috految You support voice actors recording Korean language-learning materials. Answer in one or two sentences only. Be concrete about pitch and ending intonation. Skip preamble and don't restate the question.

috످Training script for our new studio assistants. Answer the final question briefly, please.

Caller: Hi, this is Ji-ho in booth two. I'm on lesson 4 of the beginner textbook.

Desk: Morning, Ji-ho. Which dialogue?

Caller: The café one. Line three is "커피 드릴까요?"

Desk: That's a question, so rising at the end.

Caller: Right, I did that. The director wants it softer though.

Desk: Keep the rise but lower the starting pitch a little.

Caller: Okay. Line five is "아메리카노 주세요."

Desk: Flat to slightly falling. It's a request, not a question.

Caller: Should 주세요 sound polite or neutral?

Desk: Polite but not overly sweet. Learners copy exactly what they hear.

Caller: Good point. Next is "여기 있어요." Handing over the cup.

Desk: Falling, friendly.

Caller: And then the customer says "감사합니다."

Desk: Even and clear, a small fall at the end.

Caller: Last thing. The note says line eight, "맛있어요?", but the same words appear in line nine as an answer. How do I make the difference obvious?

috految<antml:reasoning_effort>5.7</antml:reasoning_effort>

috److For line eight's question (맛있어요?), start at mid pitch and rise clearly on the final 요. For line nine's answer (맛있어요), start at the same pitch but let 요 fall, so learners hear the contrast in the ending.

috످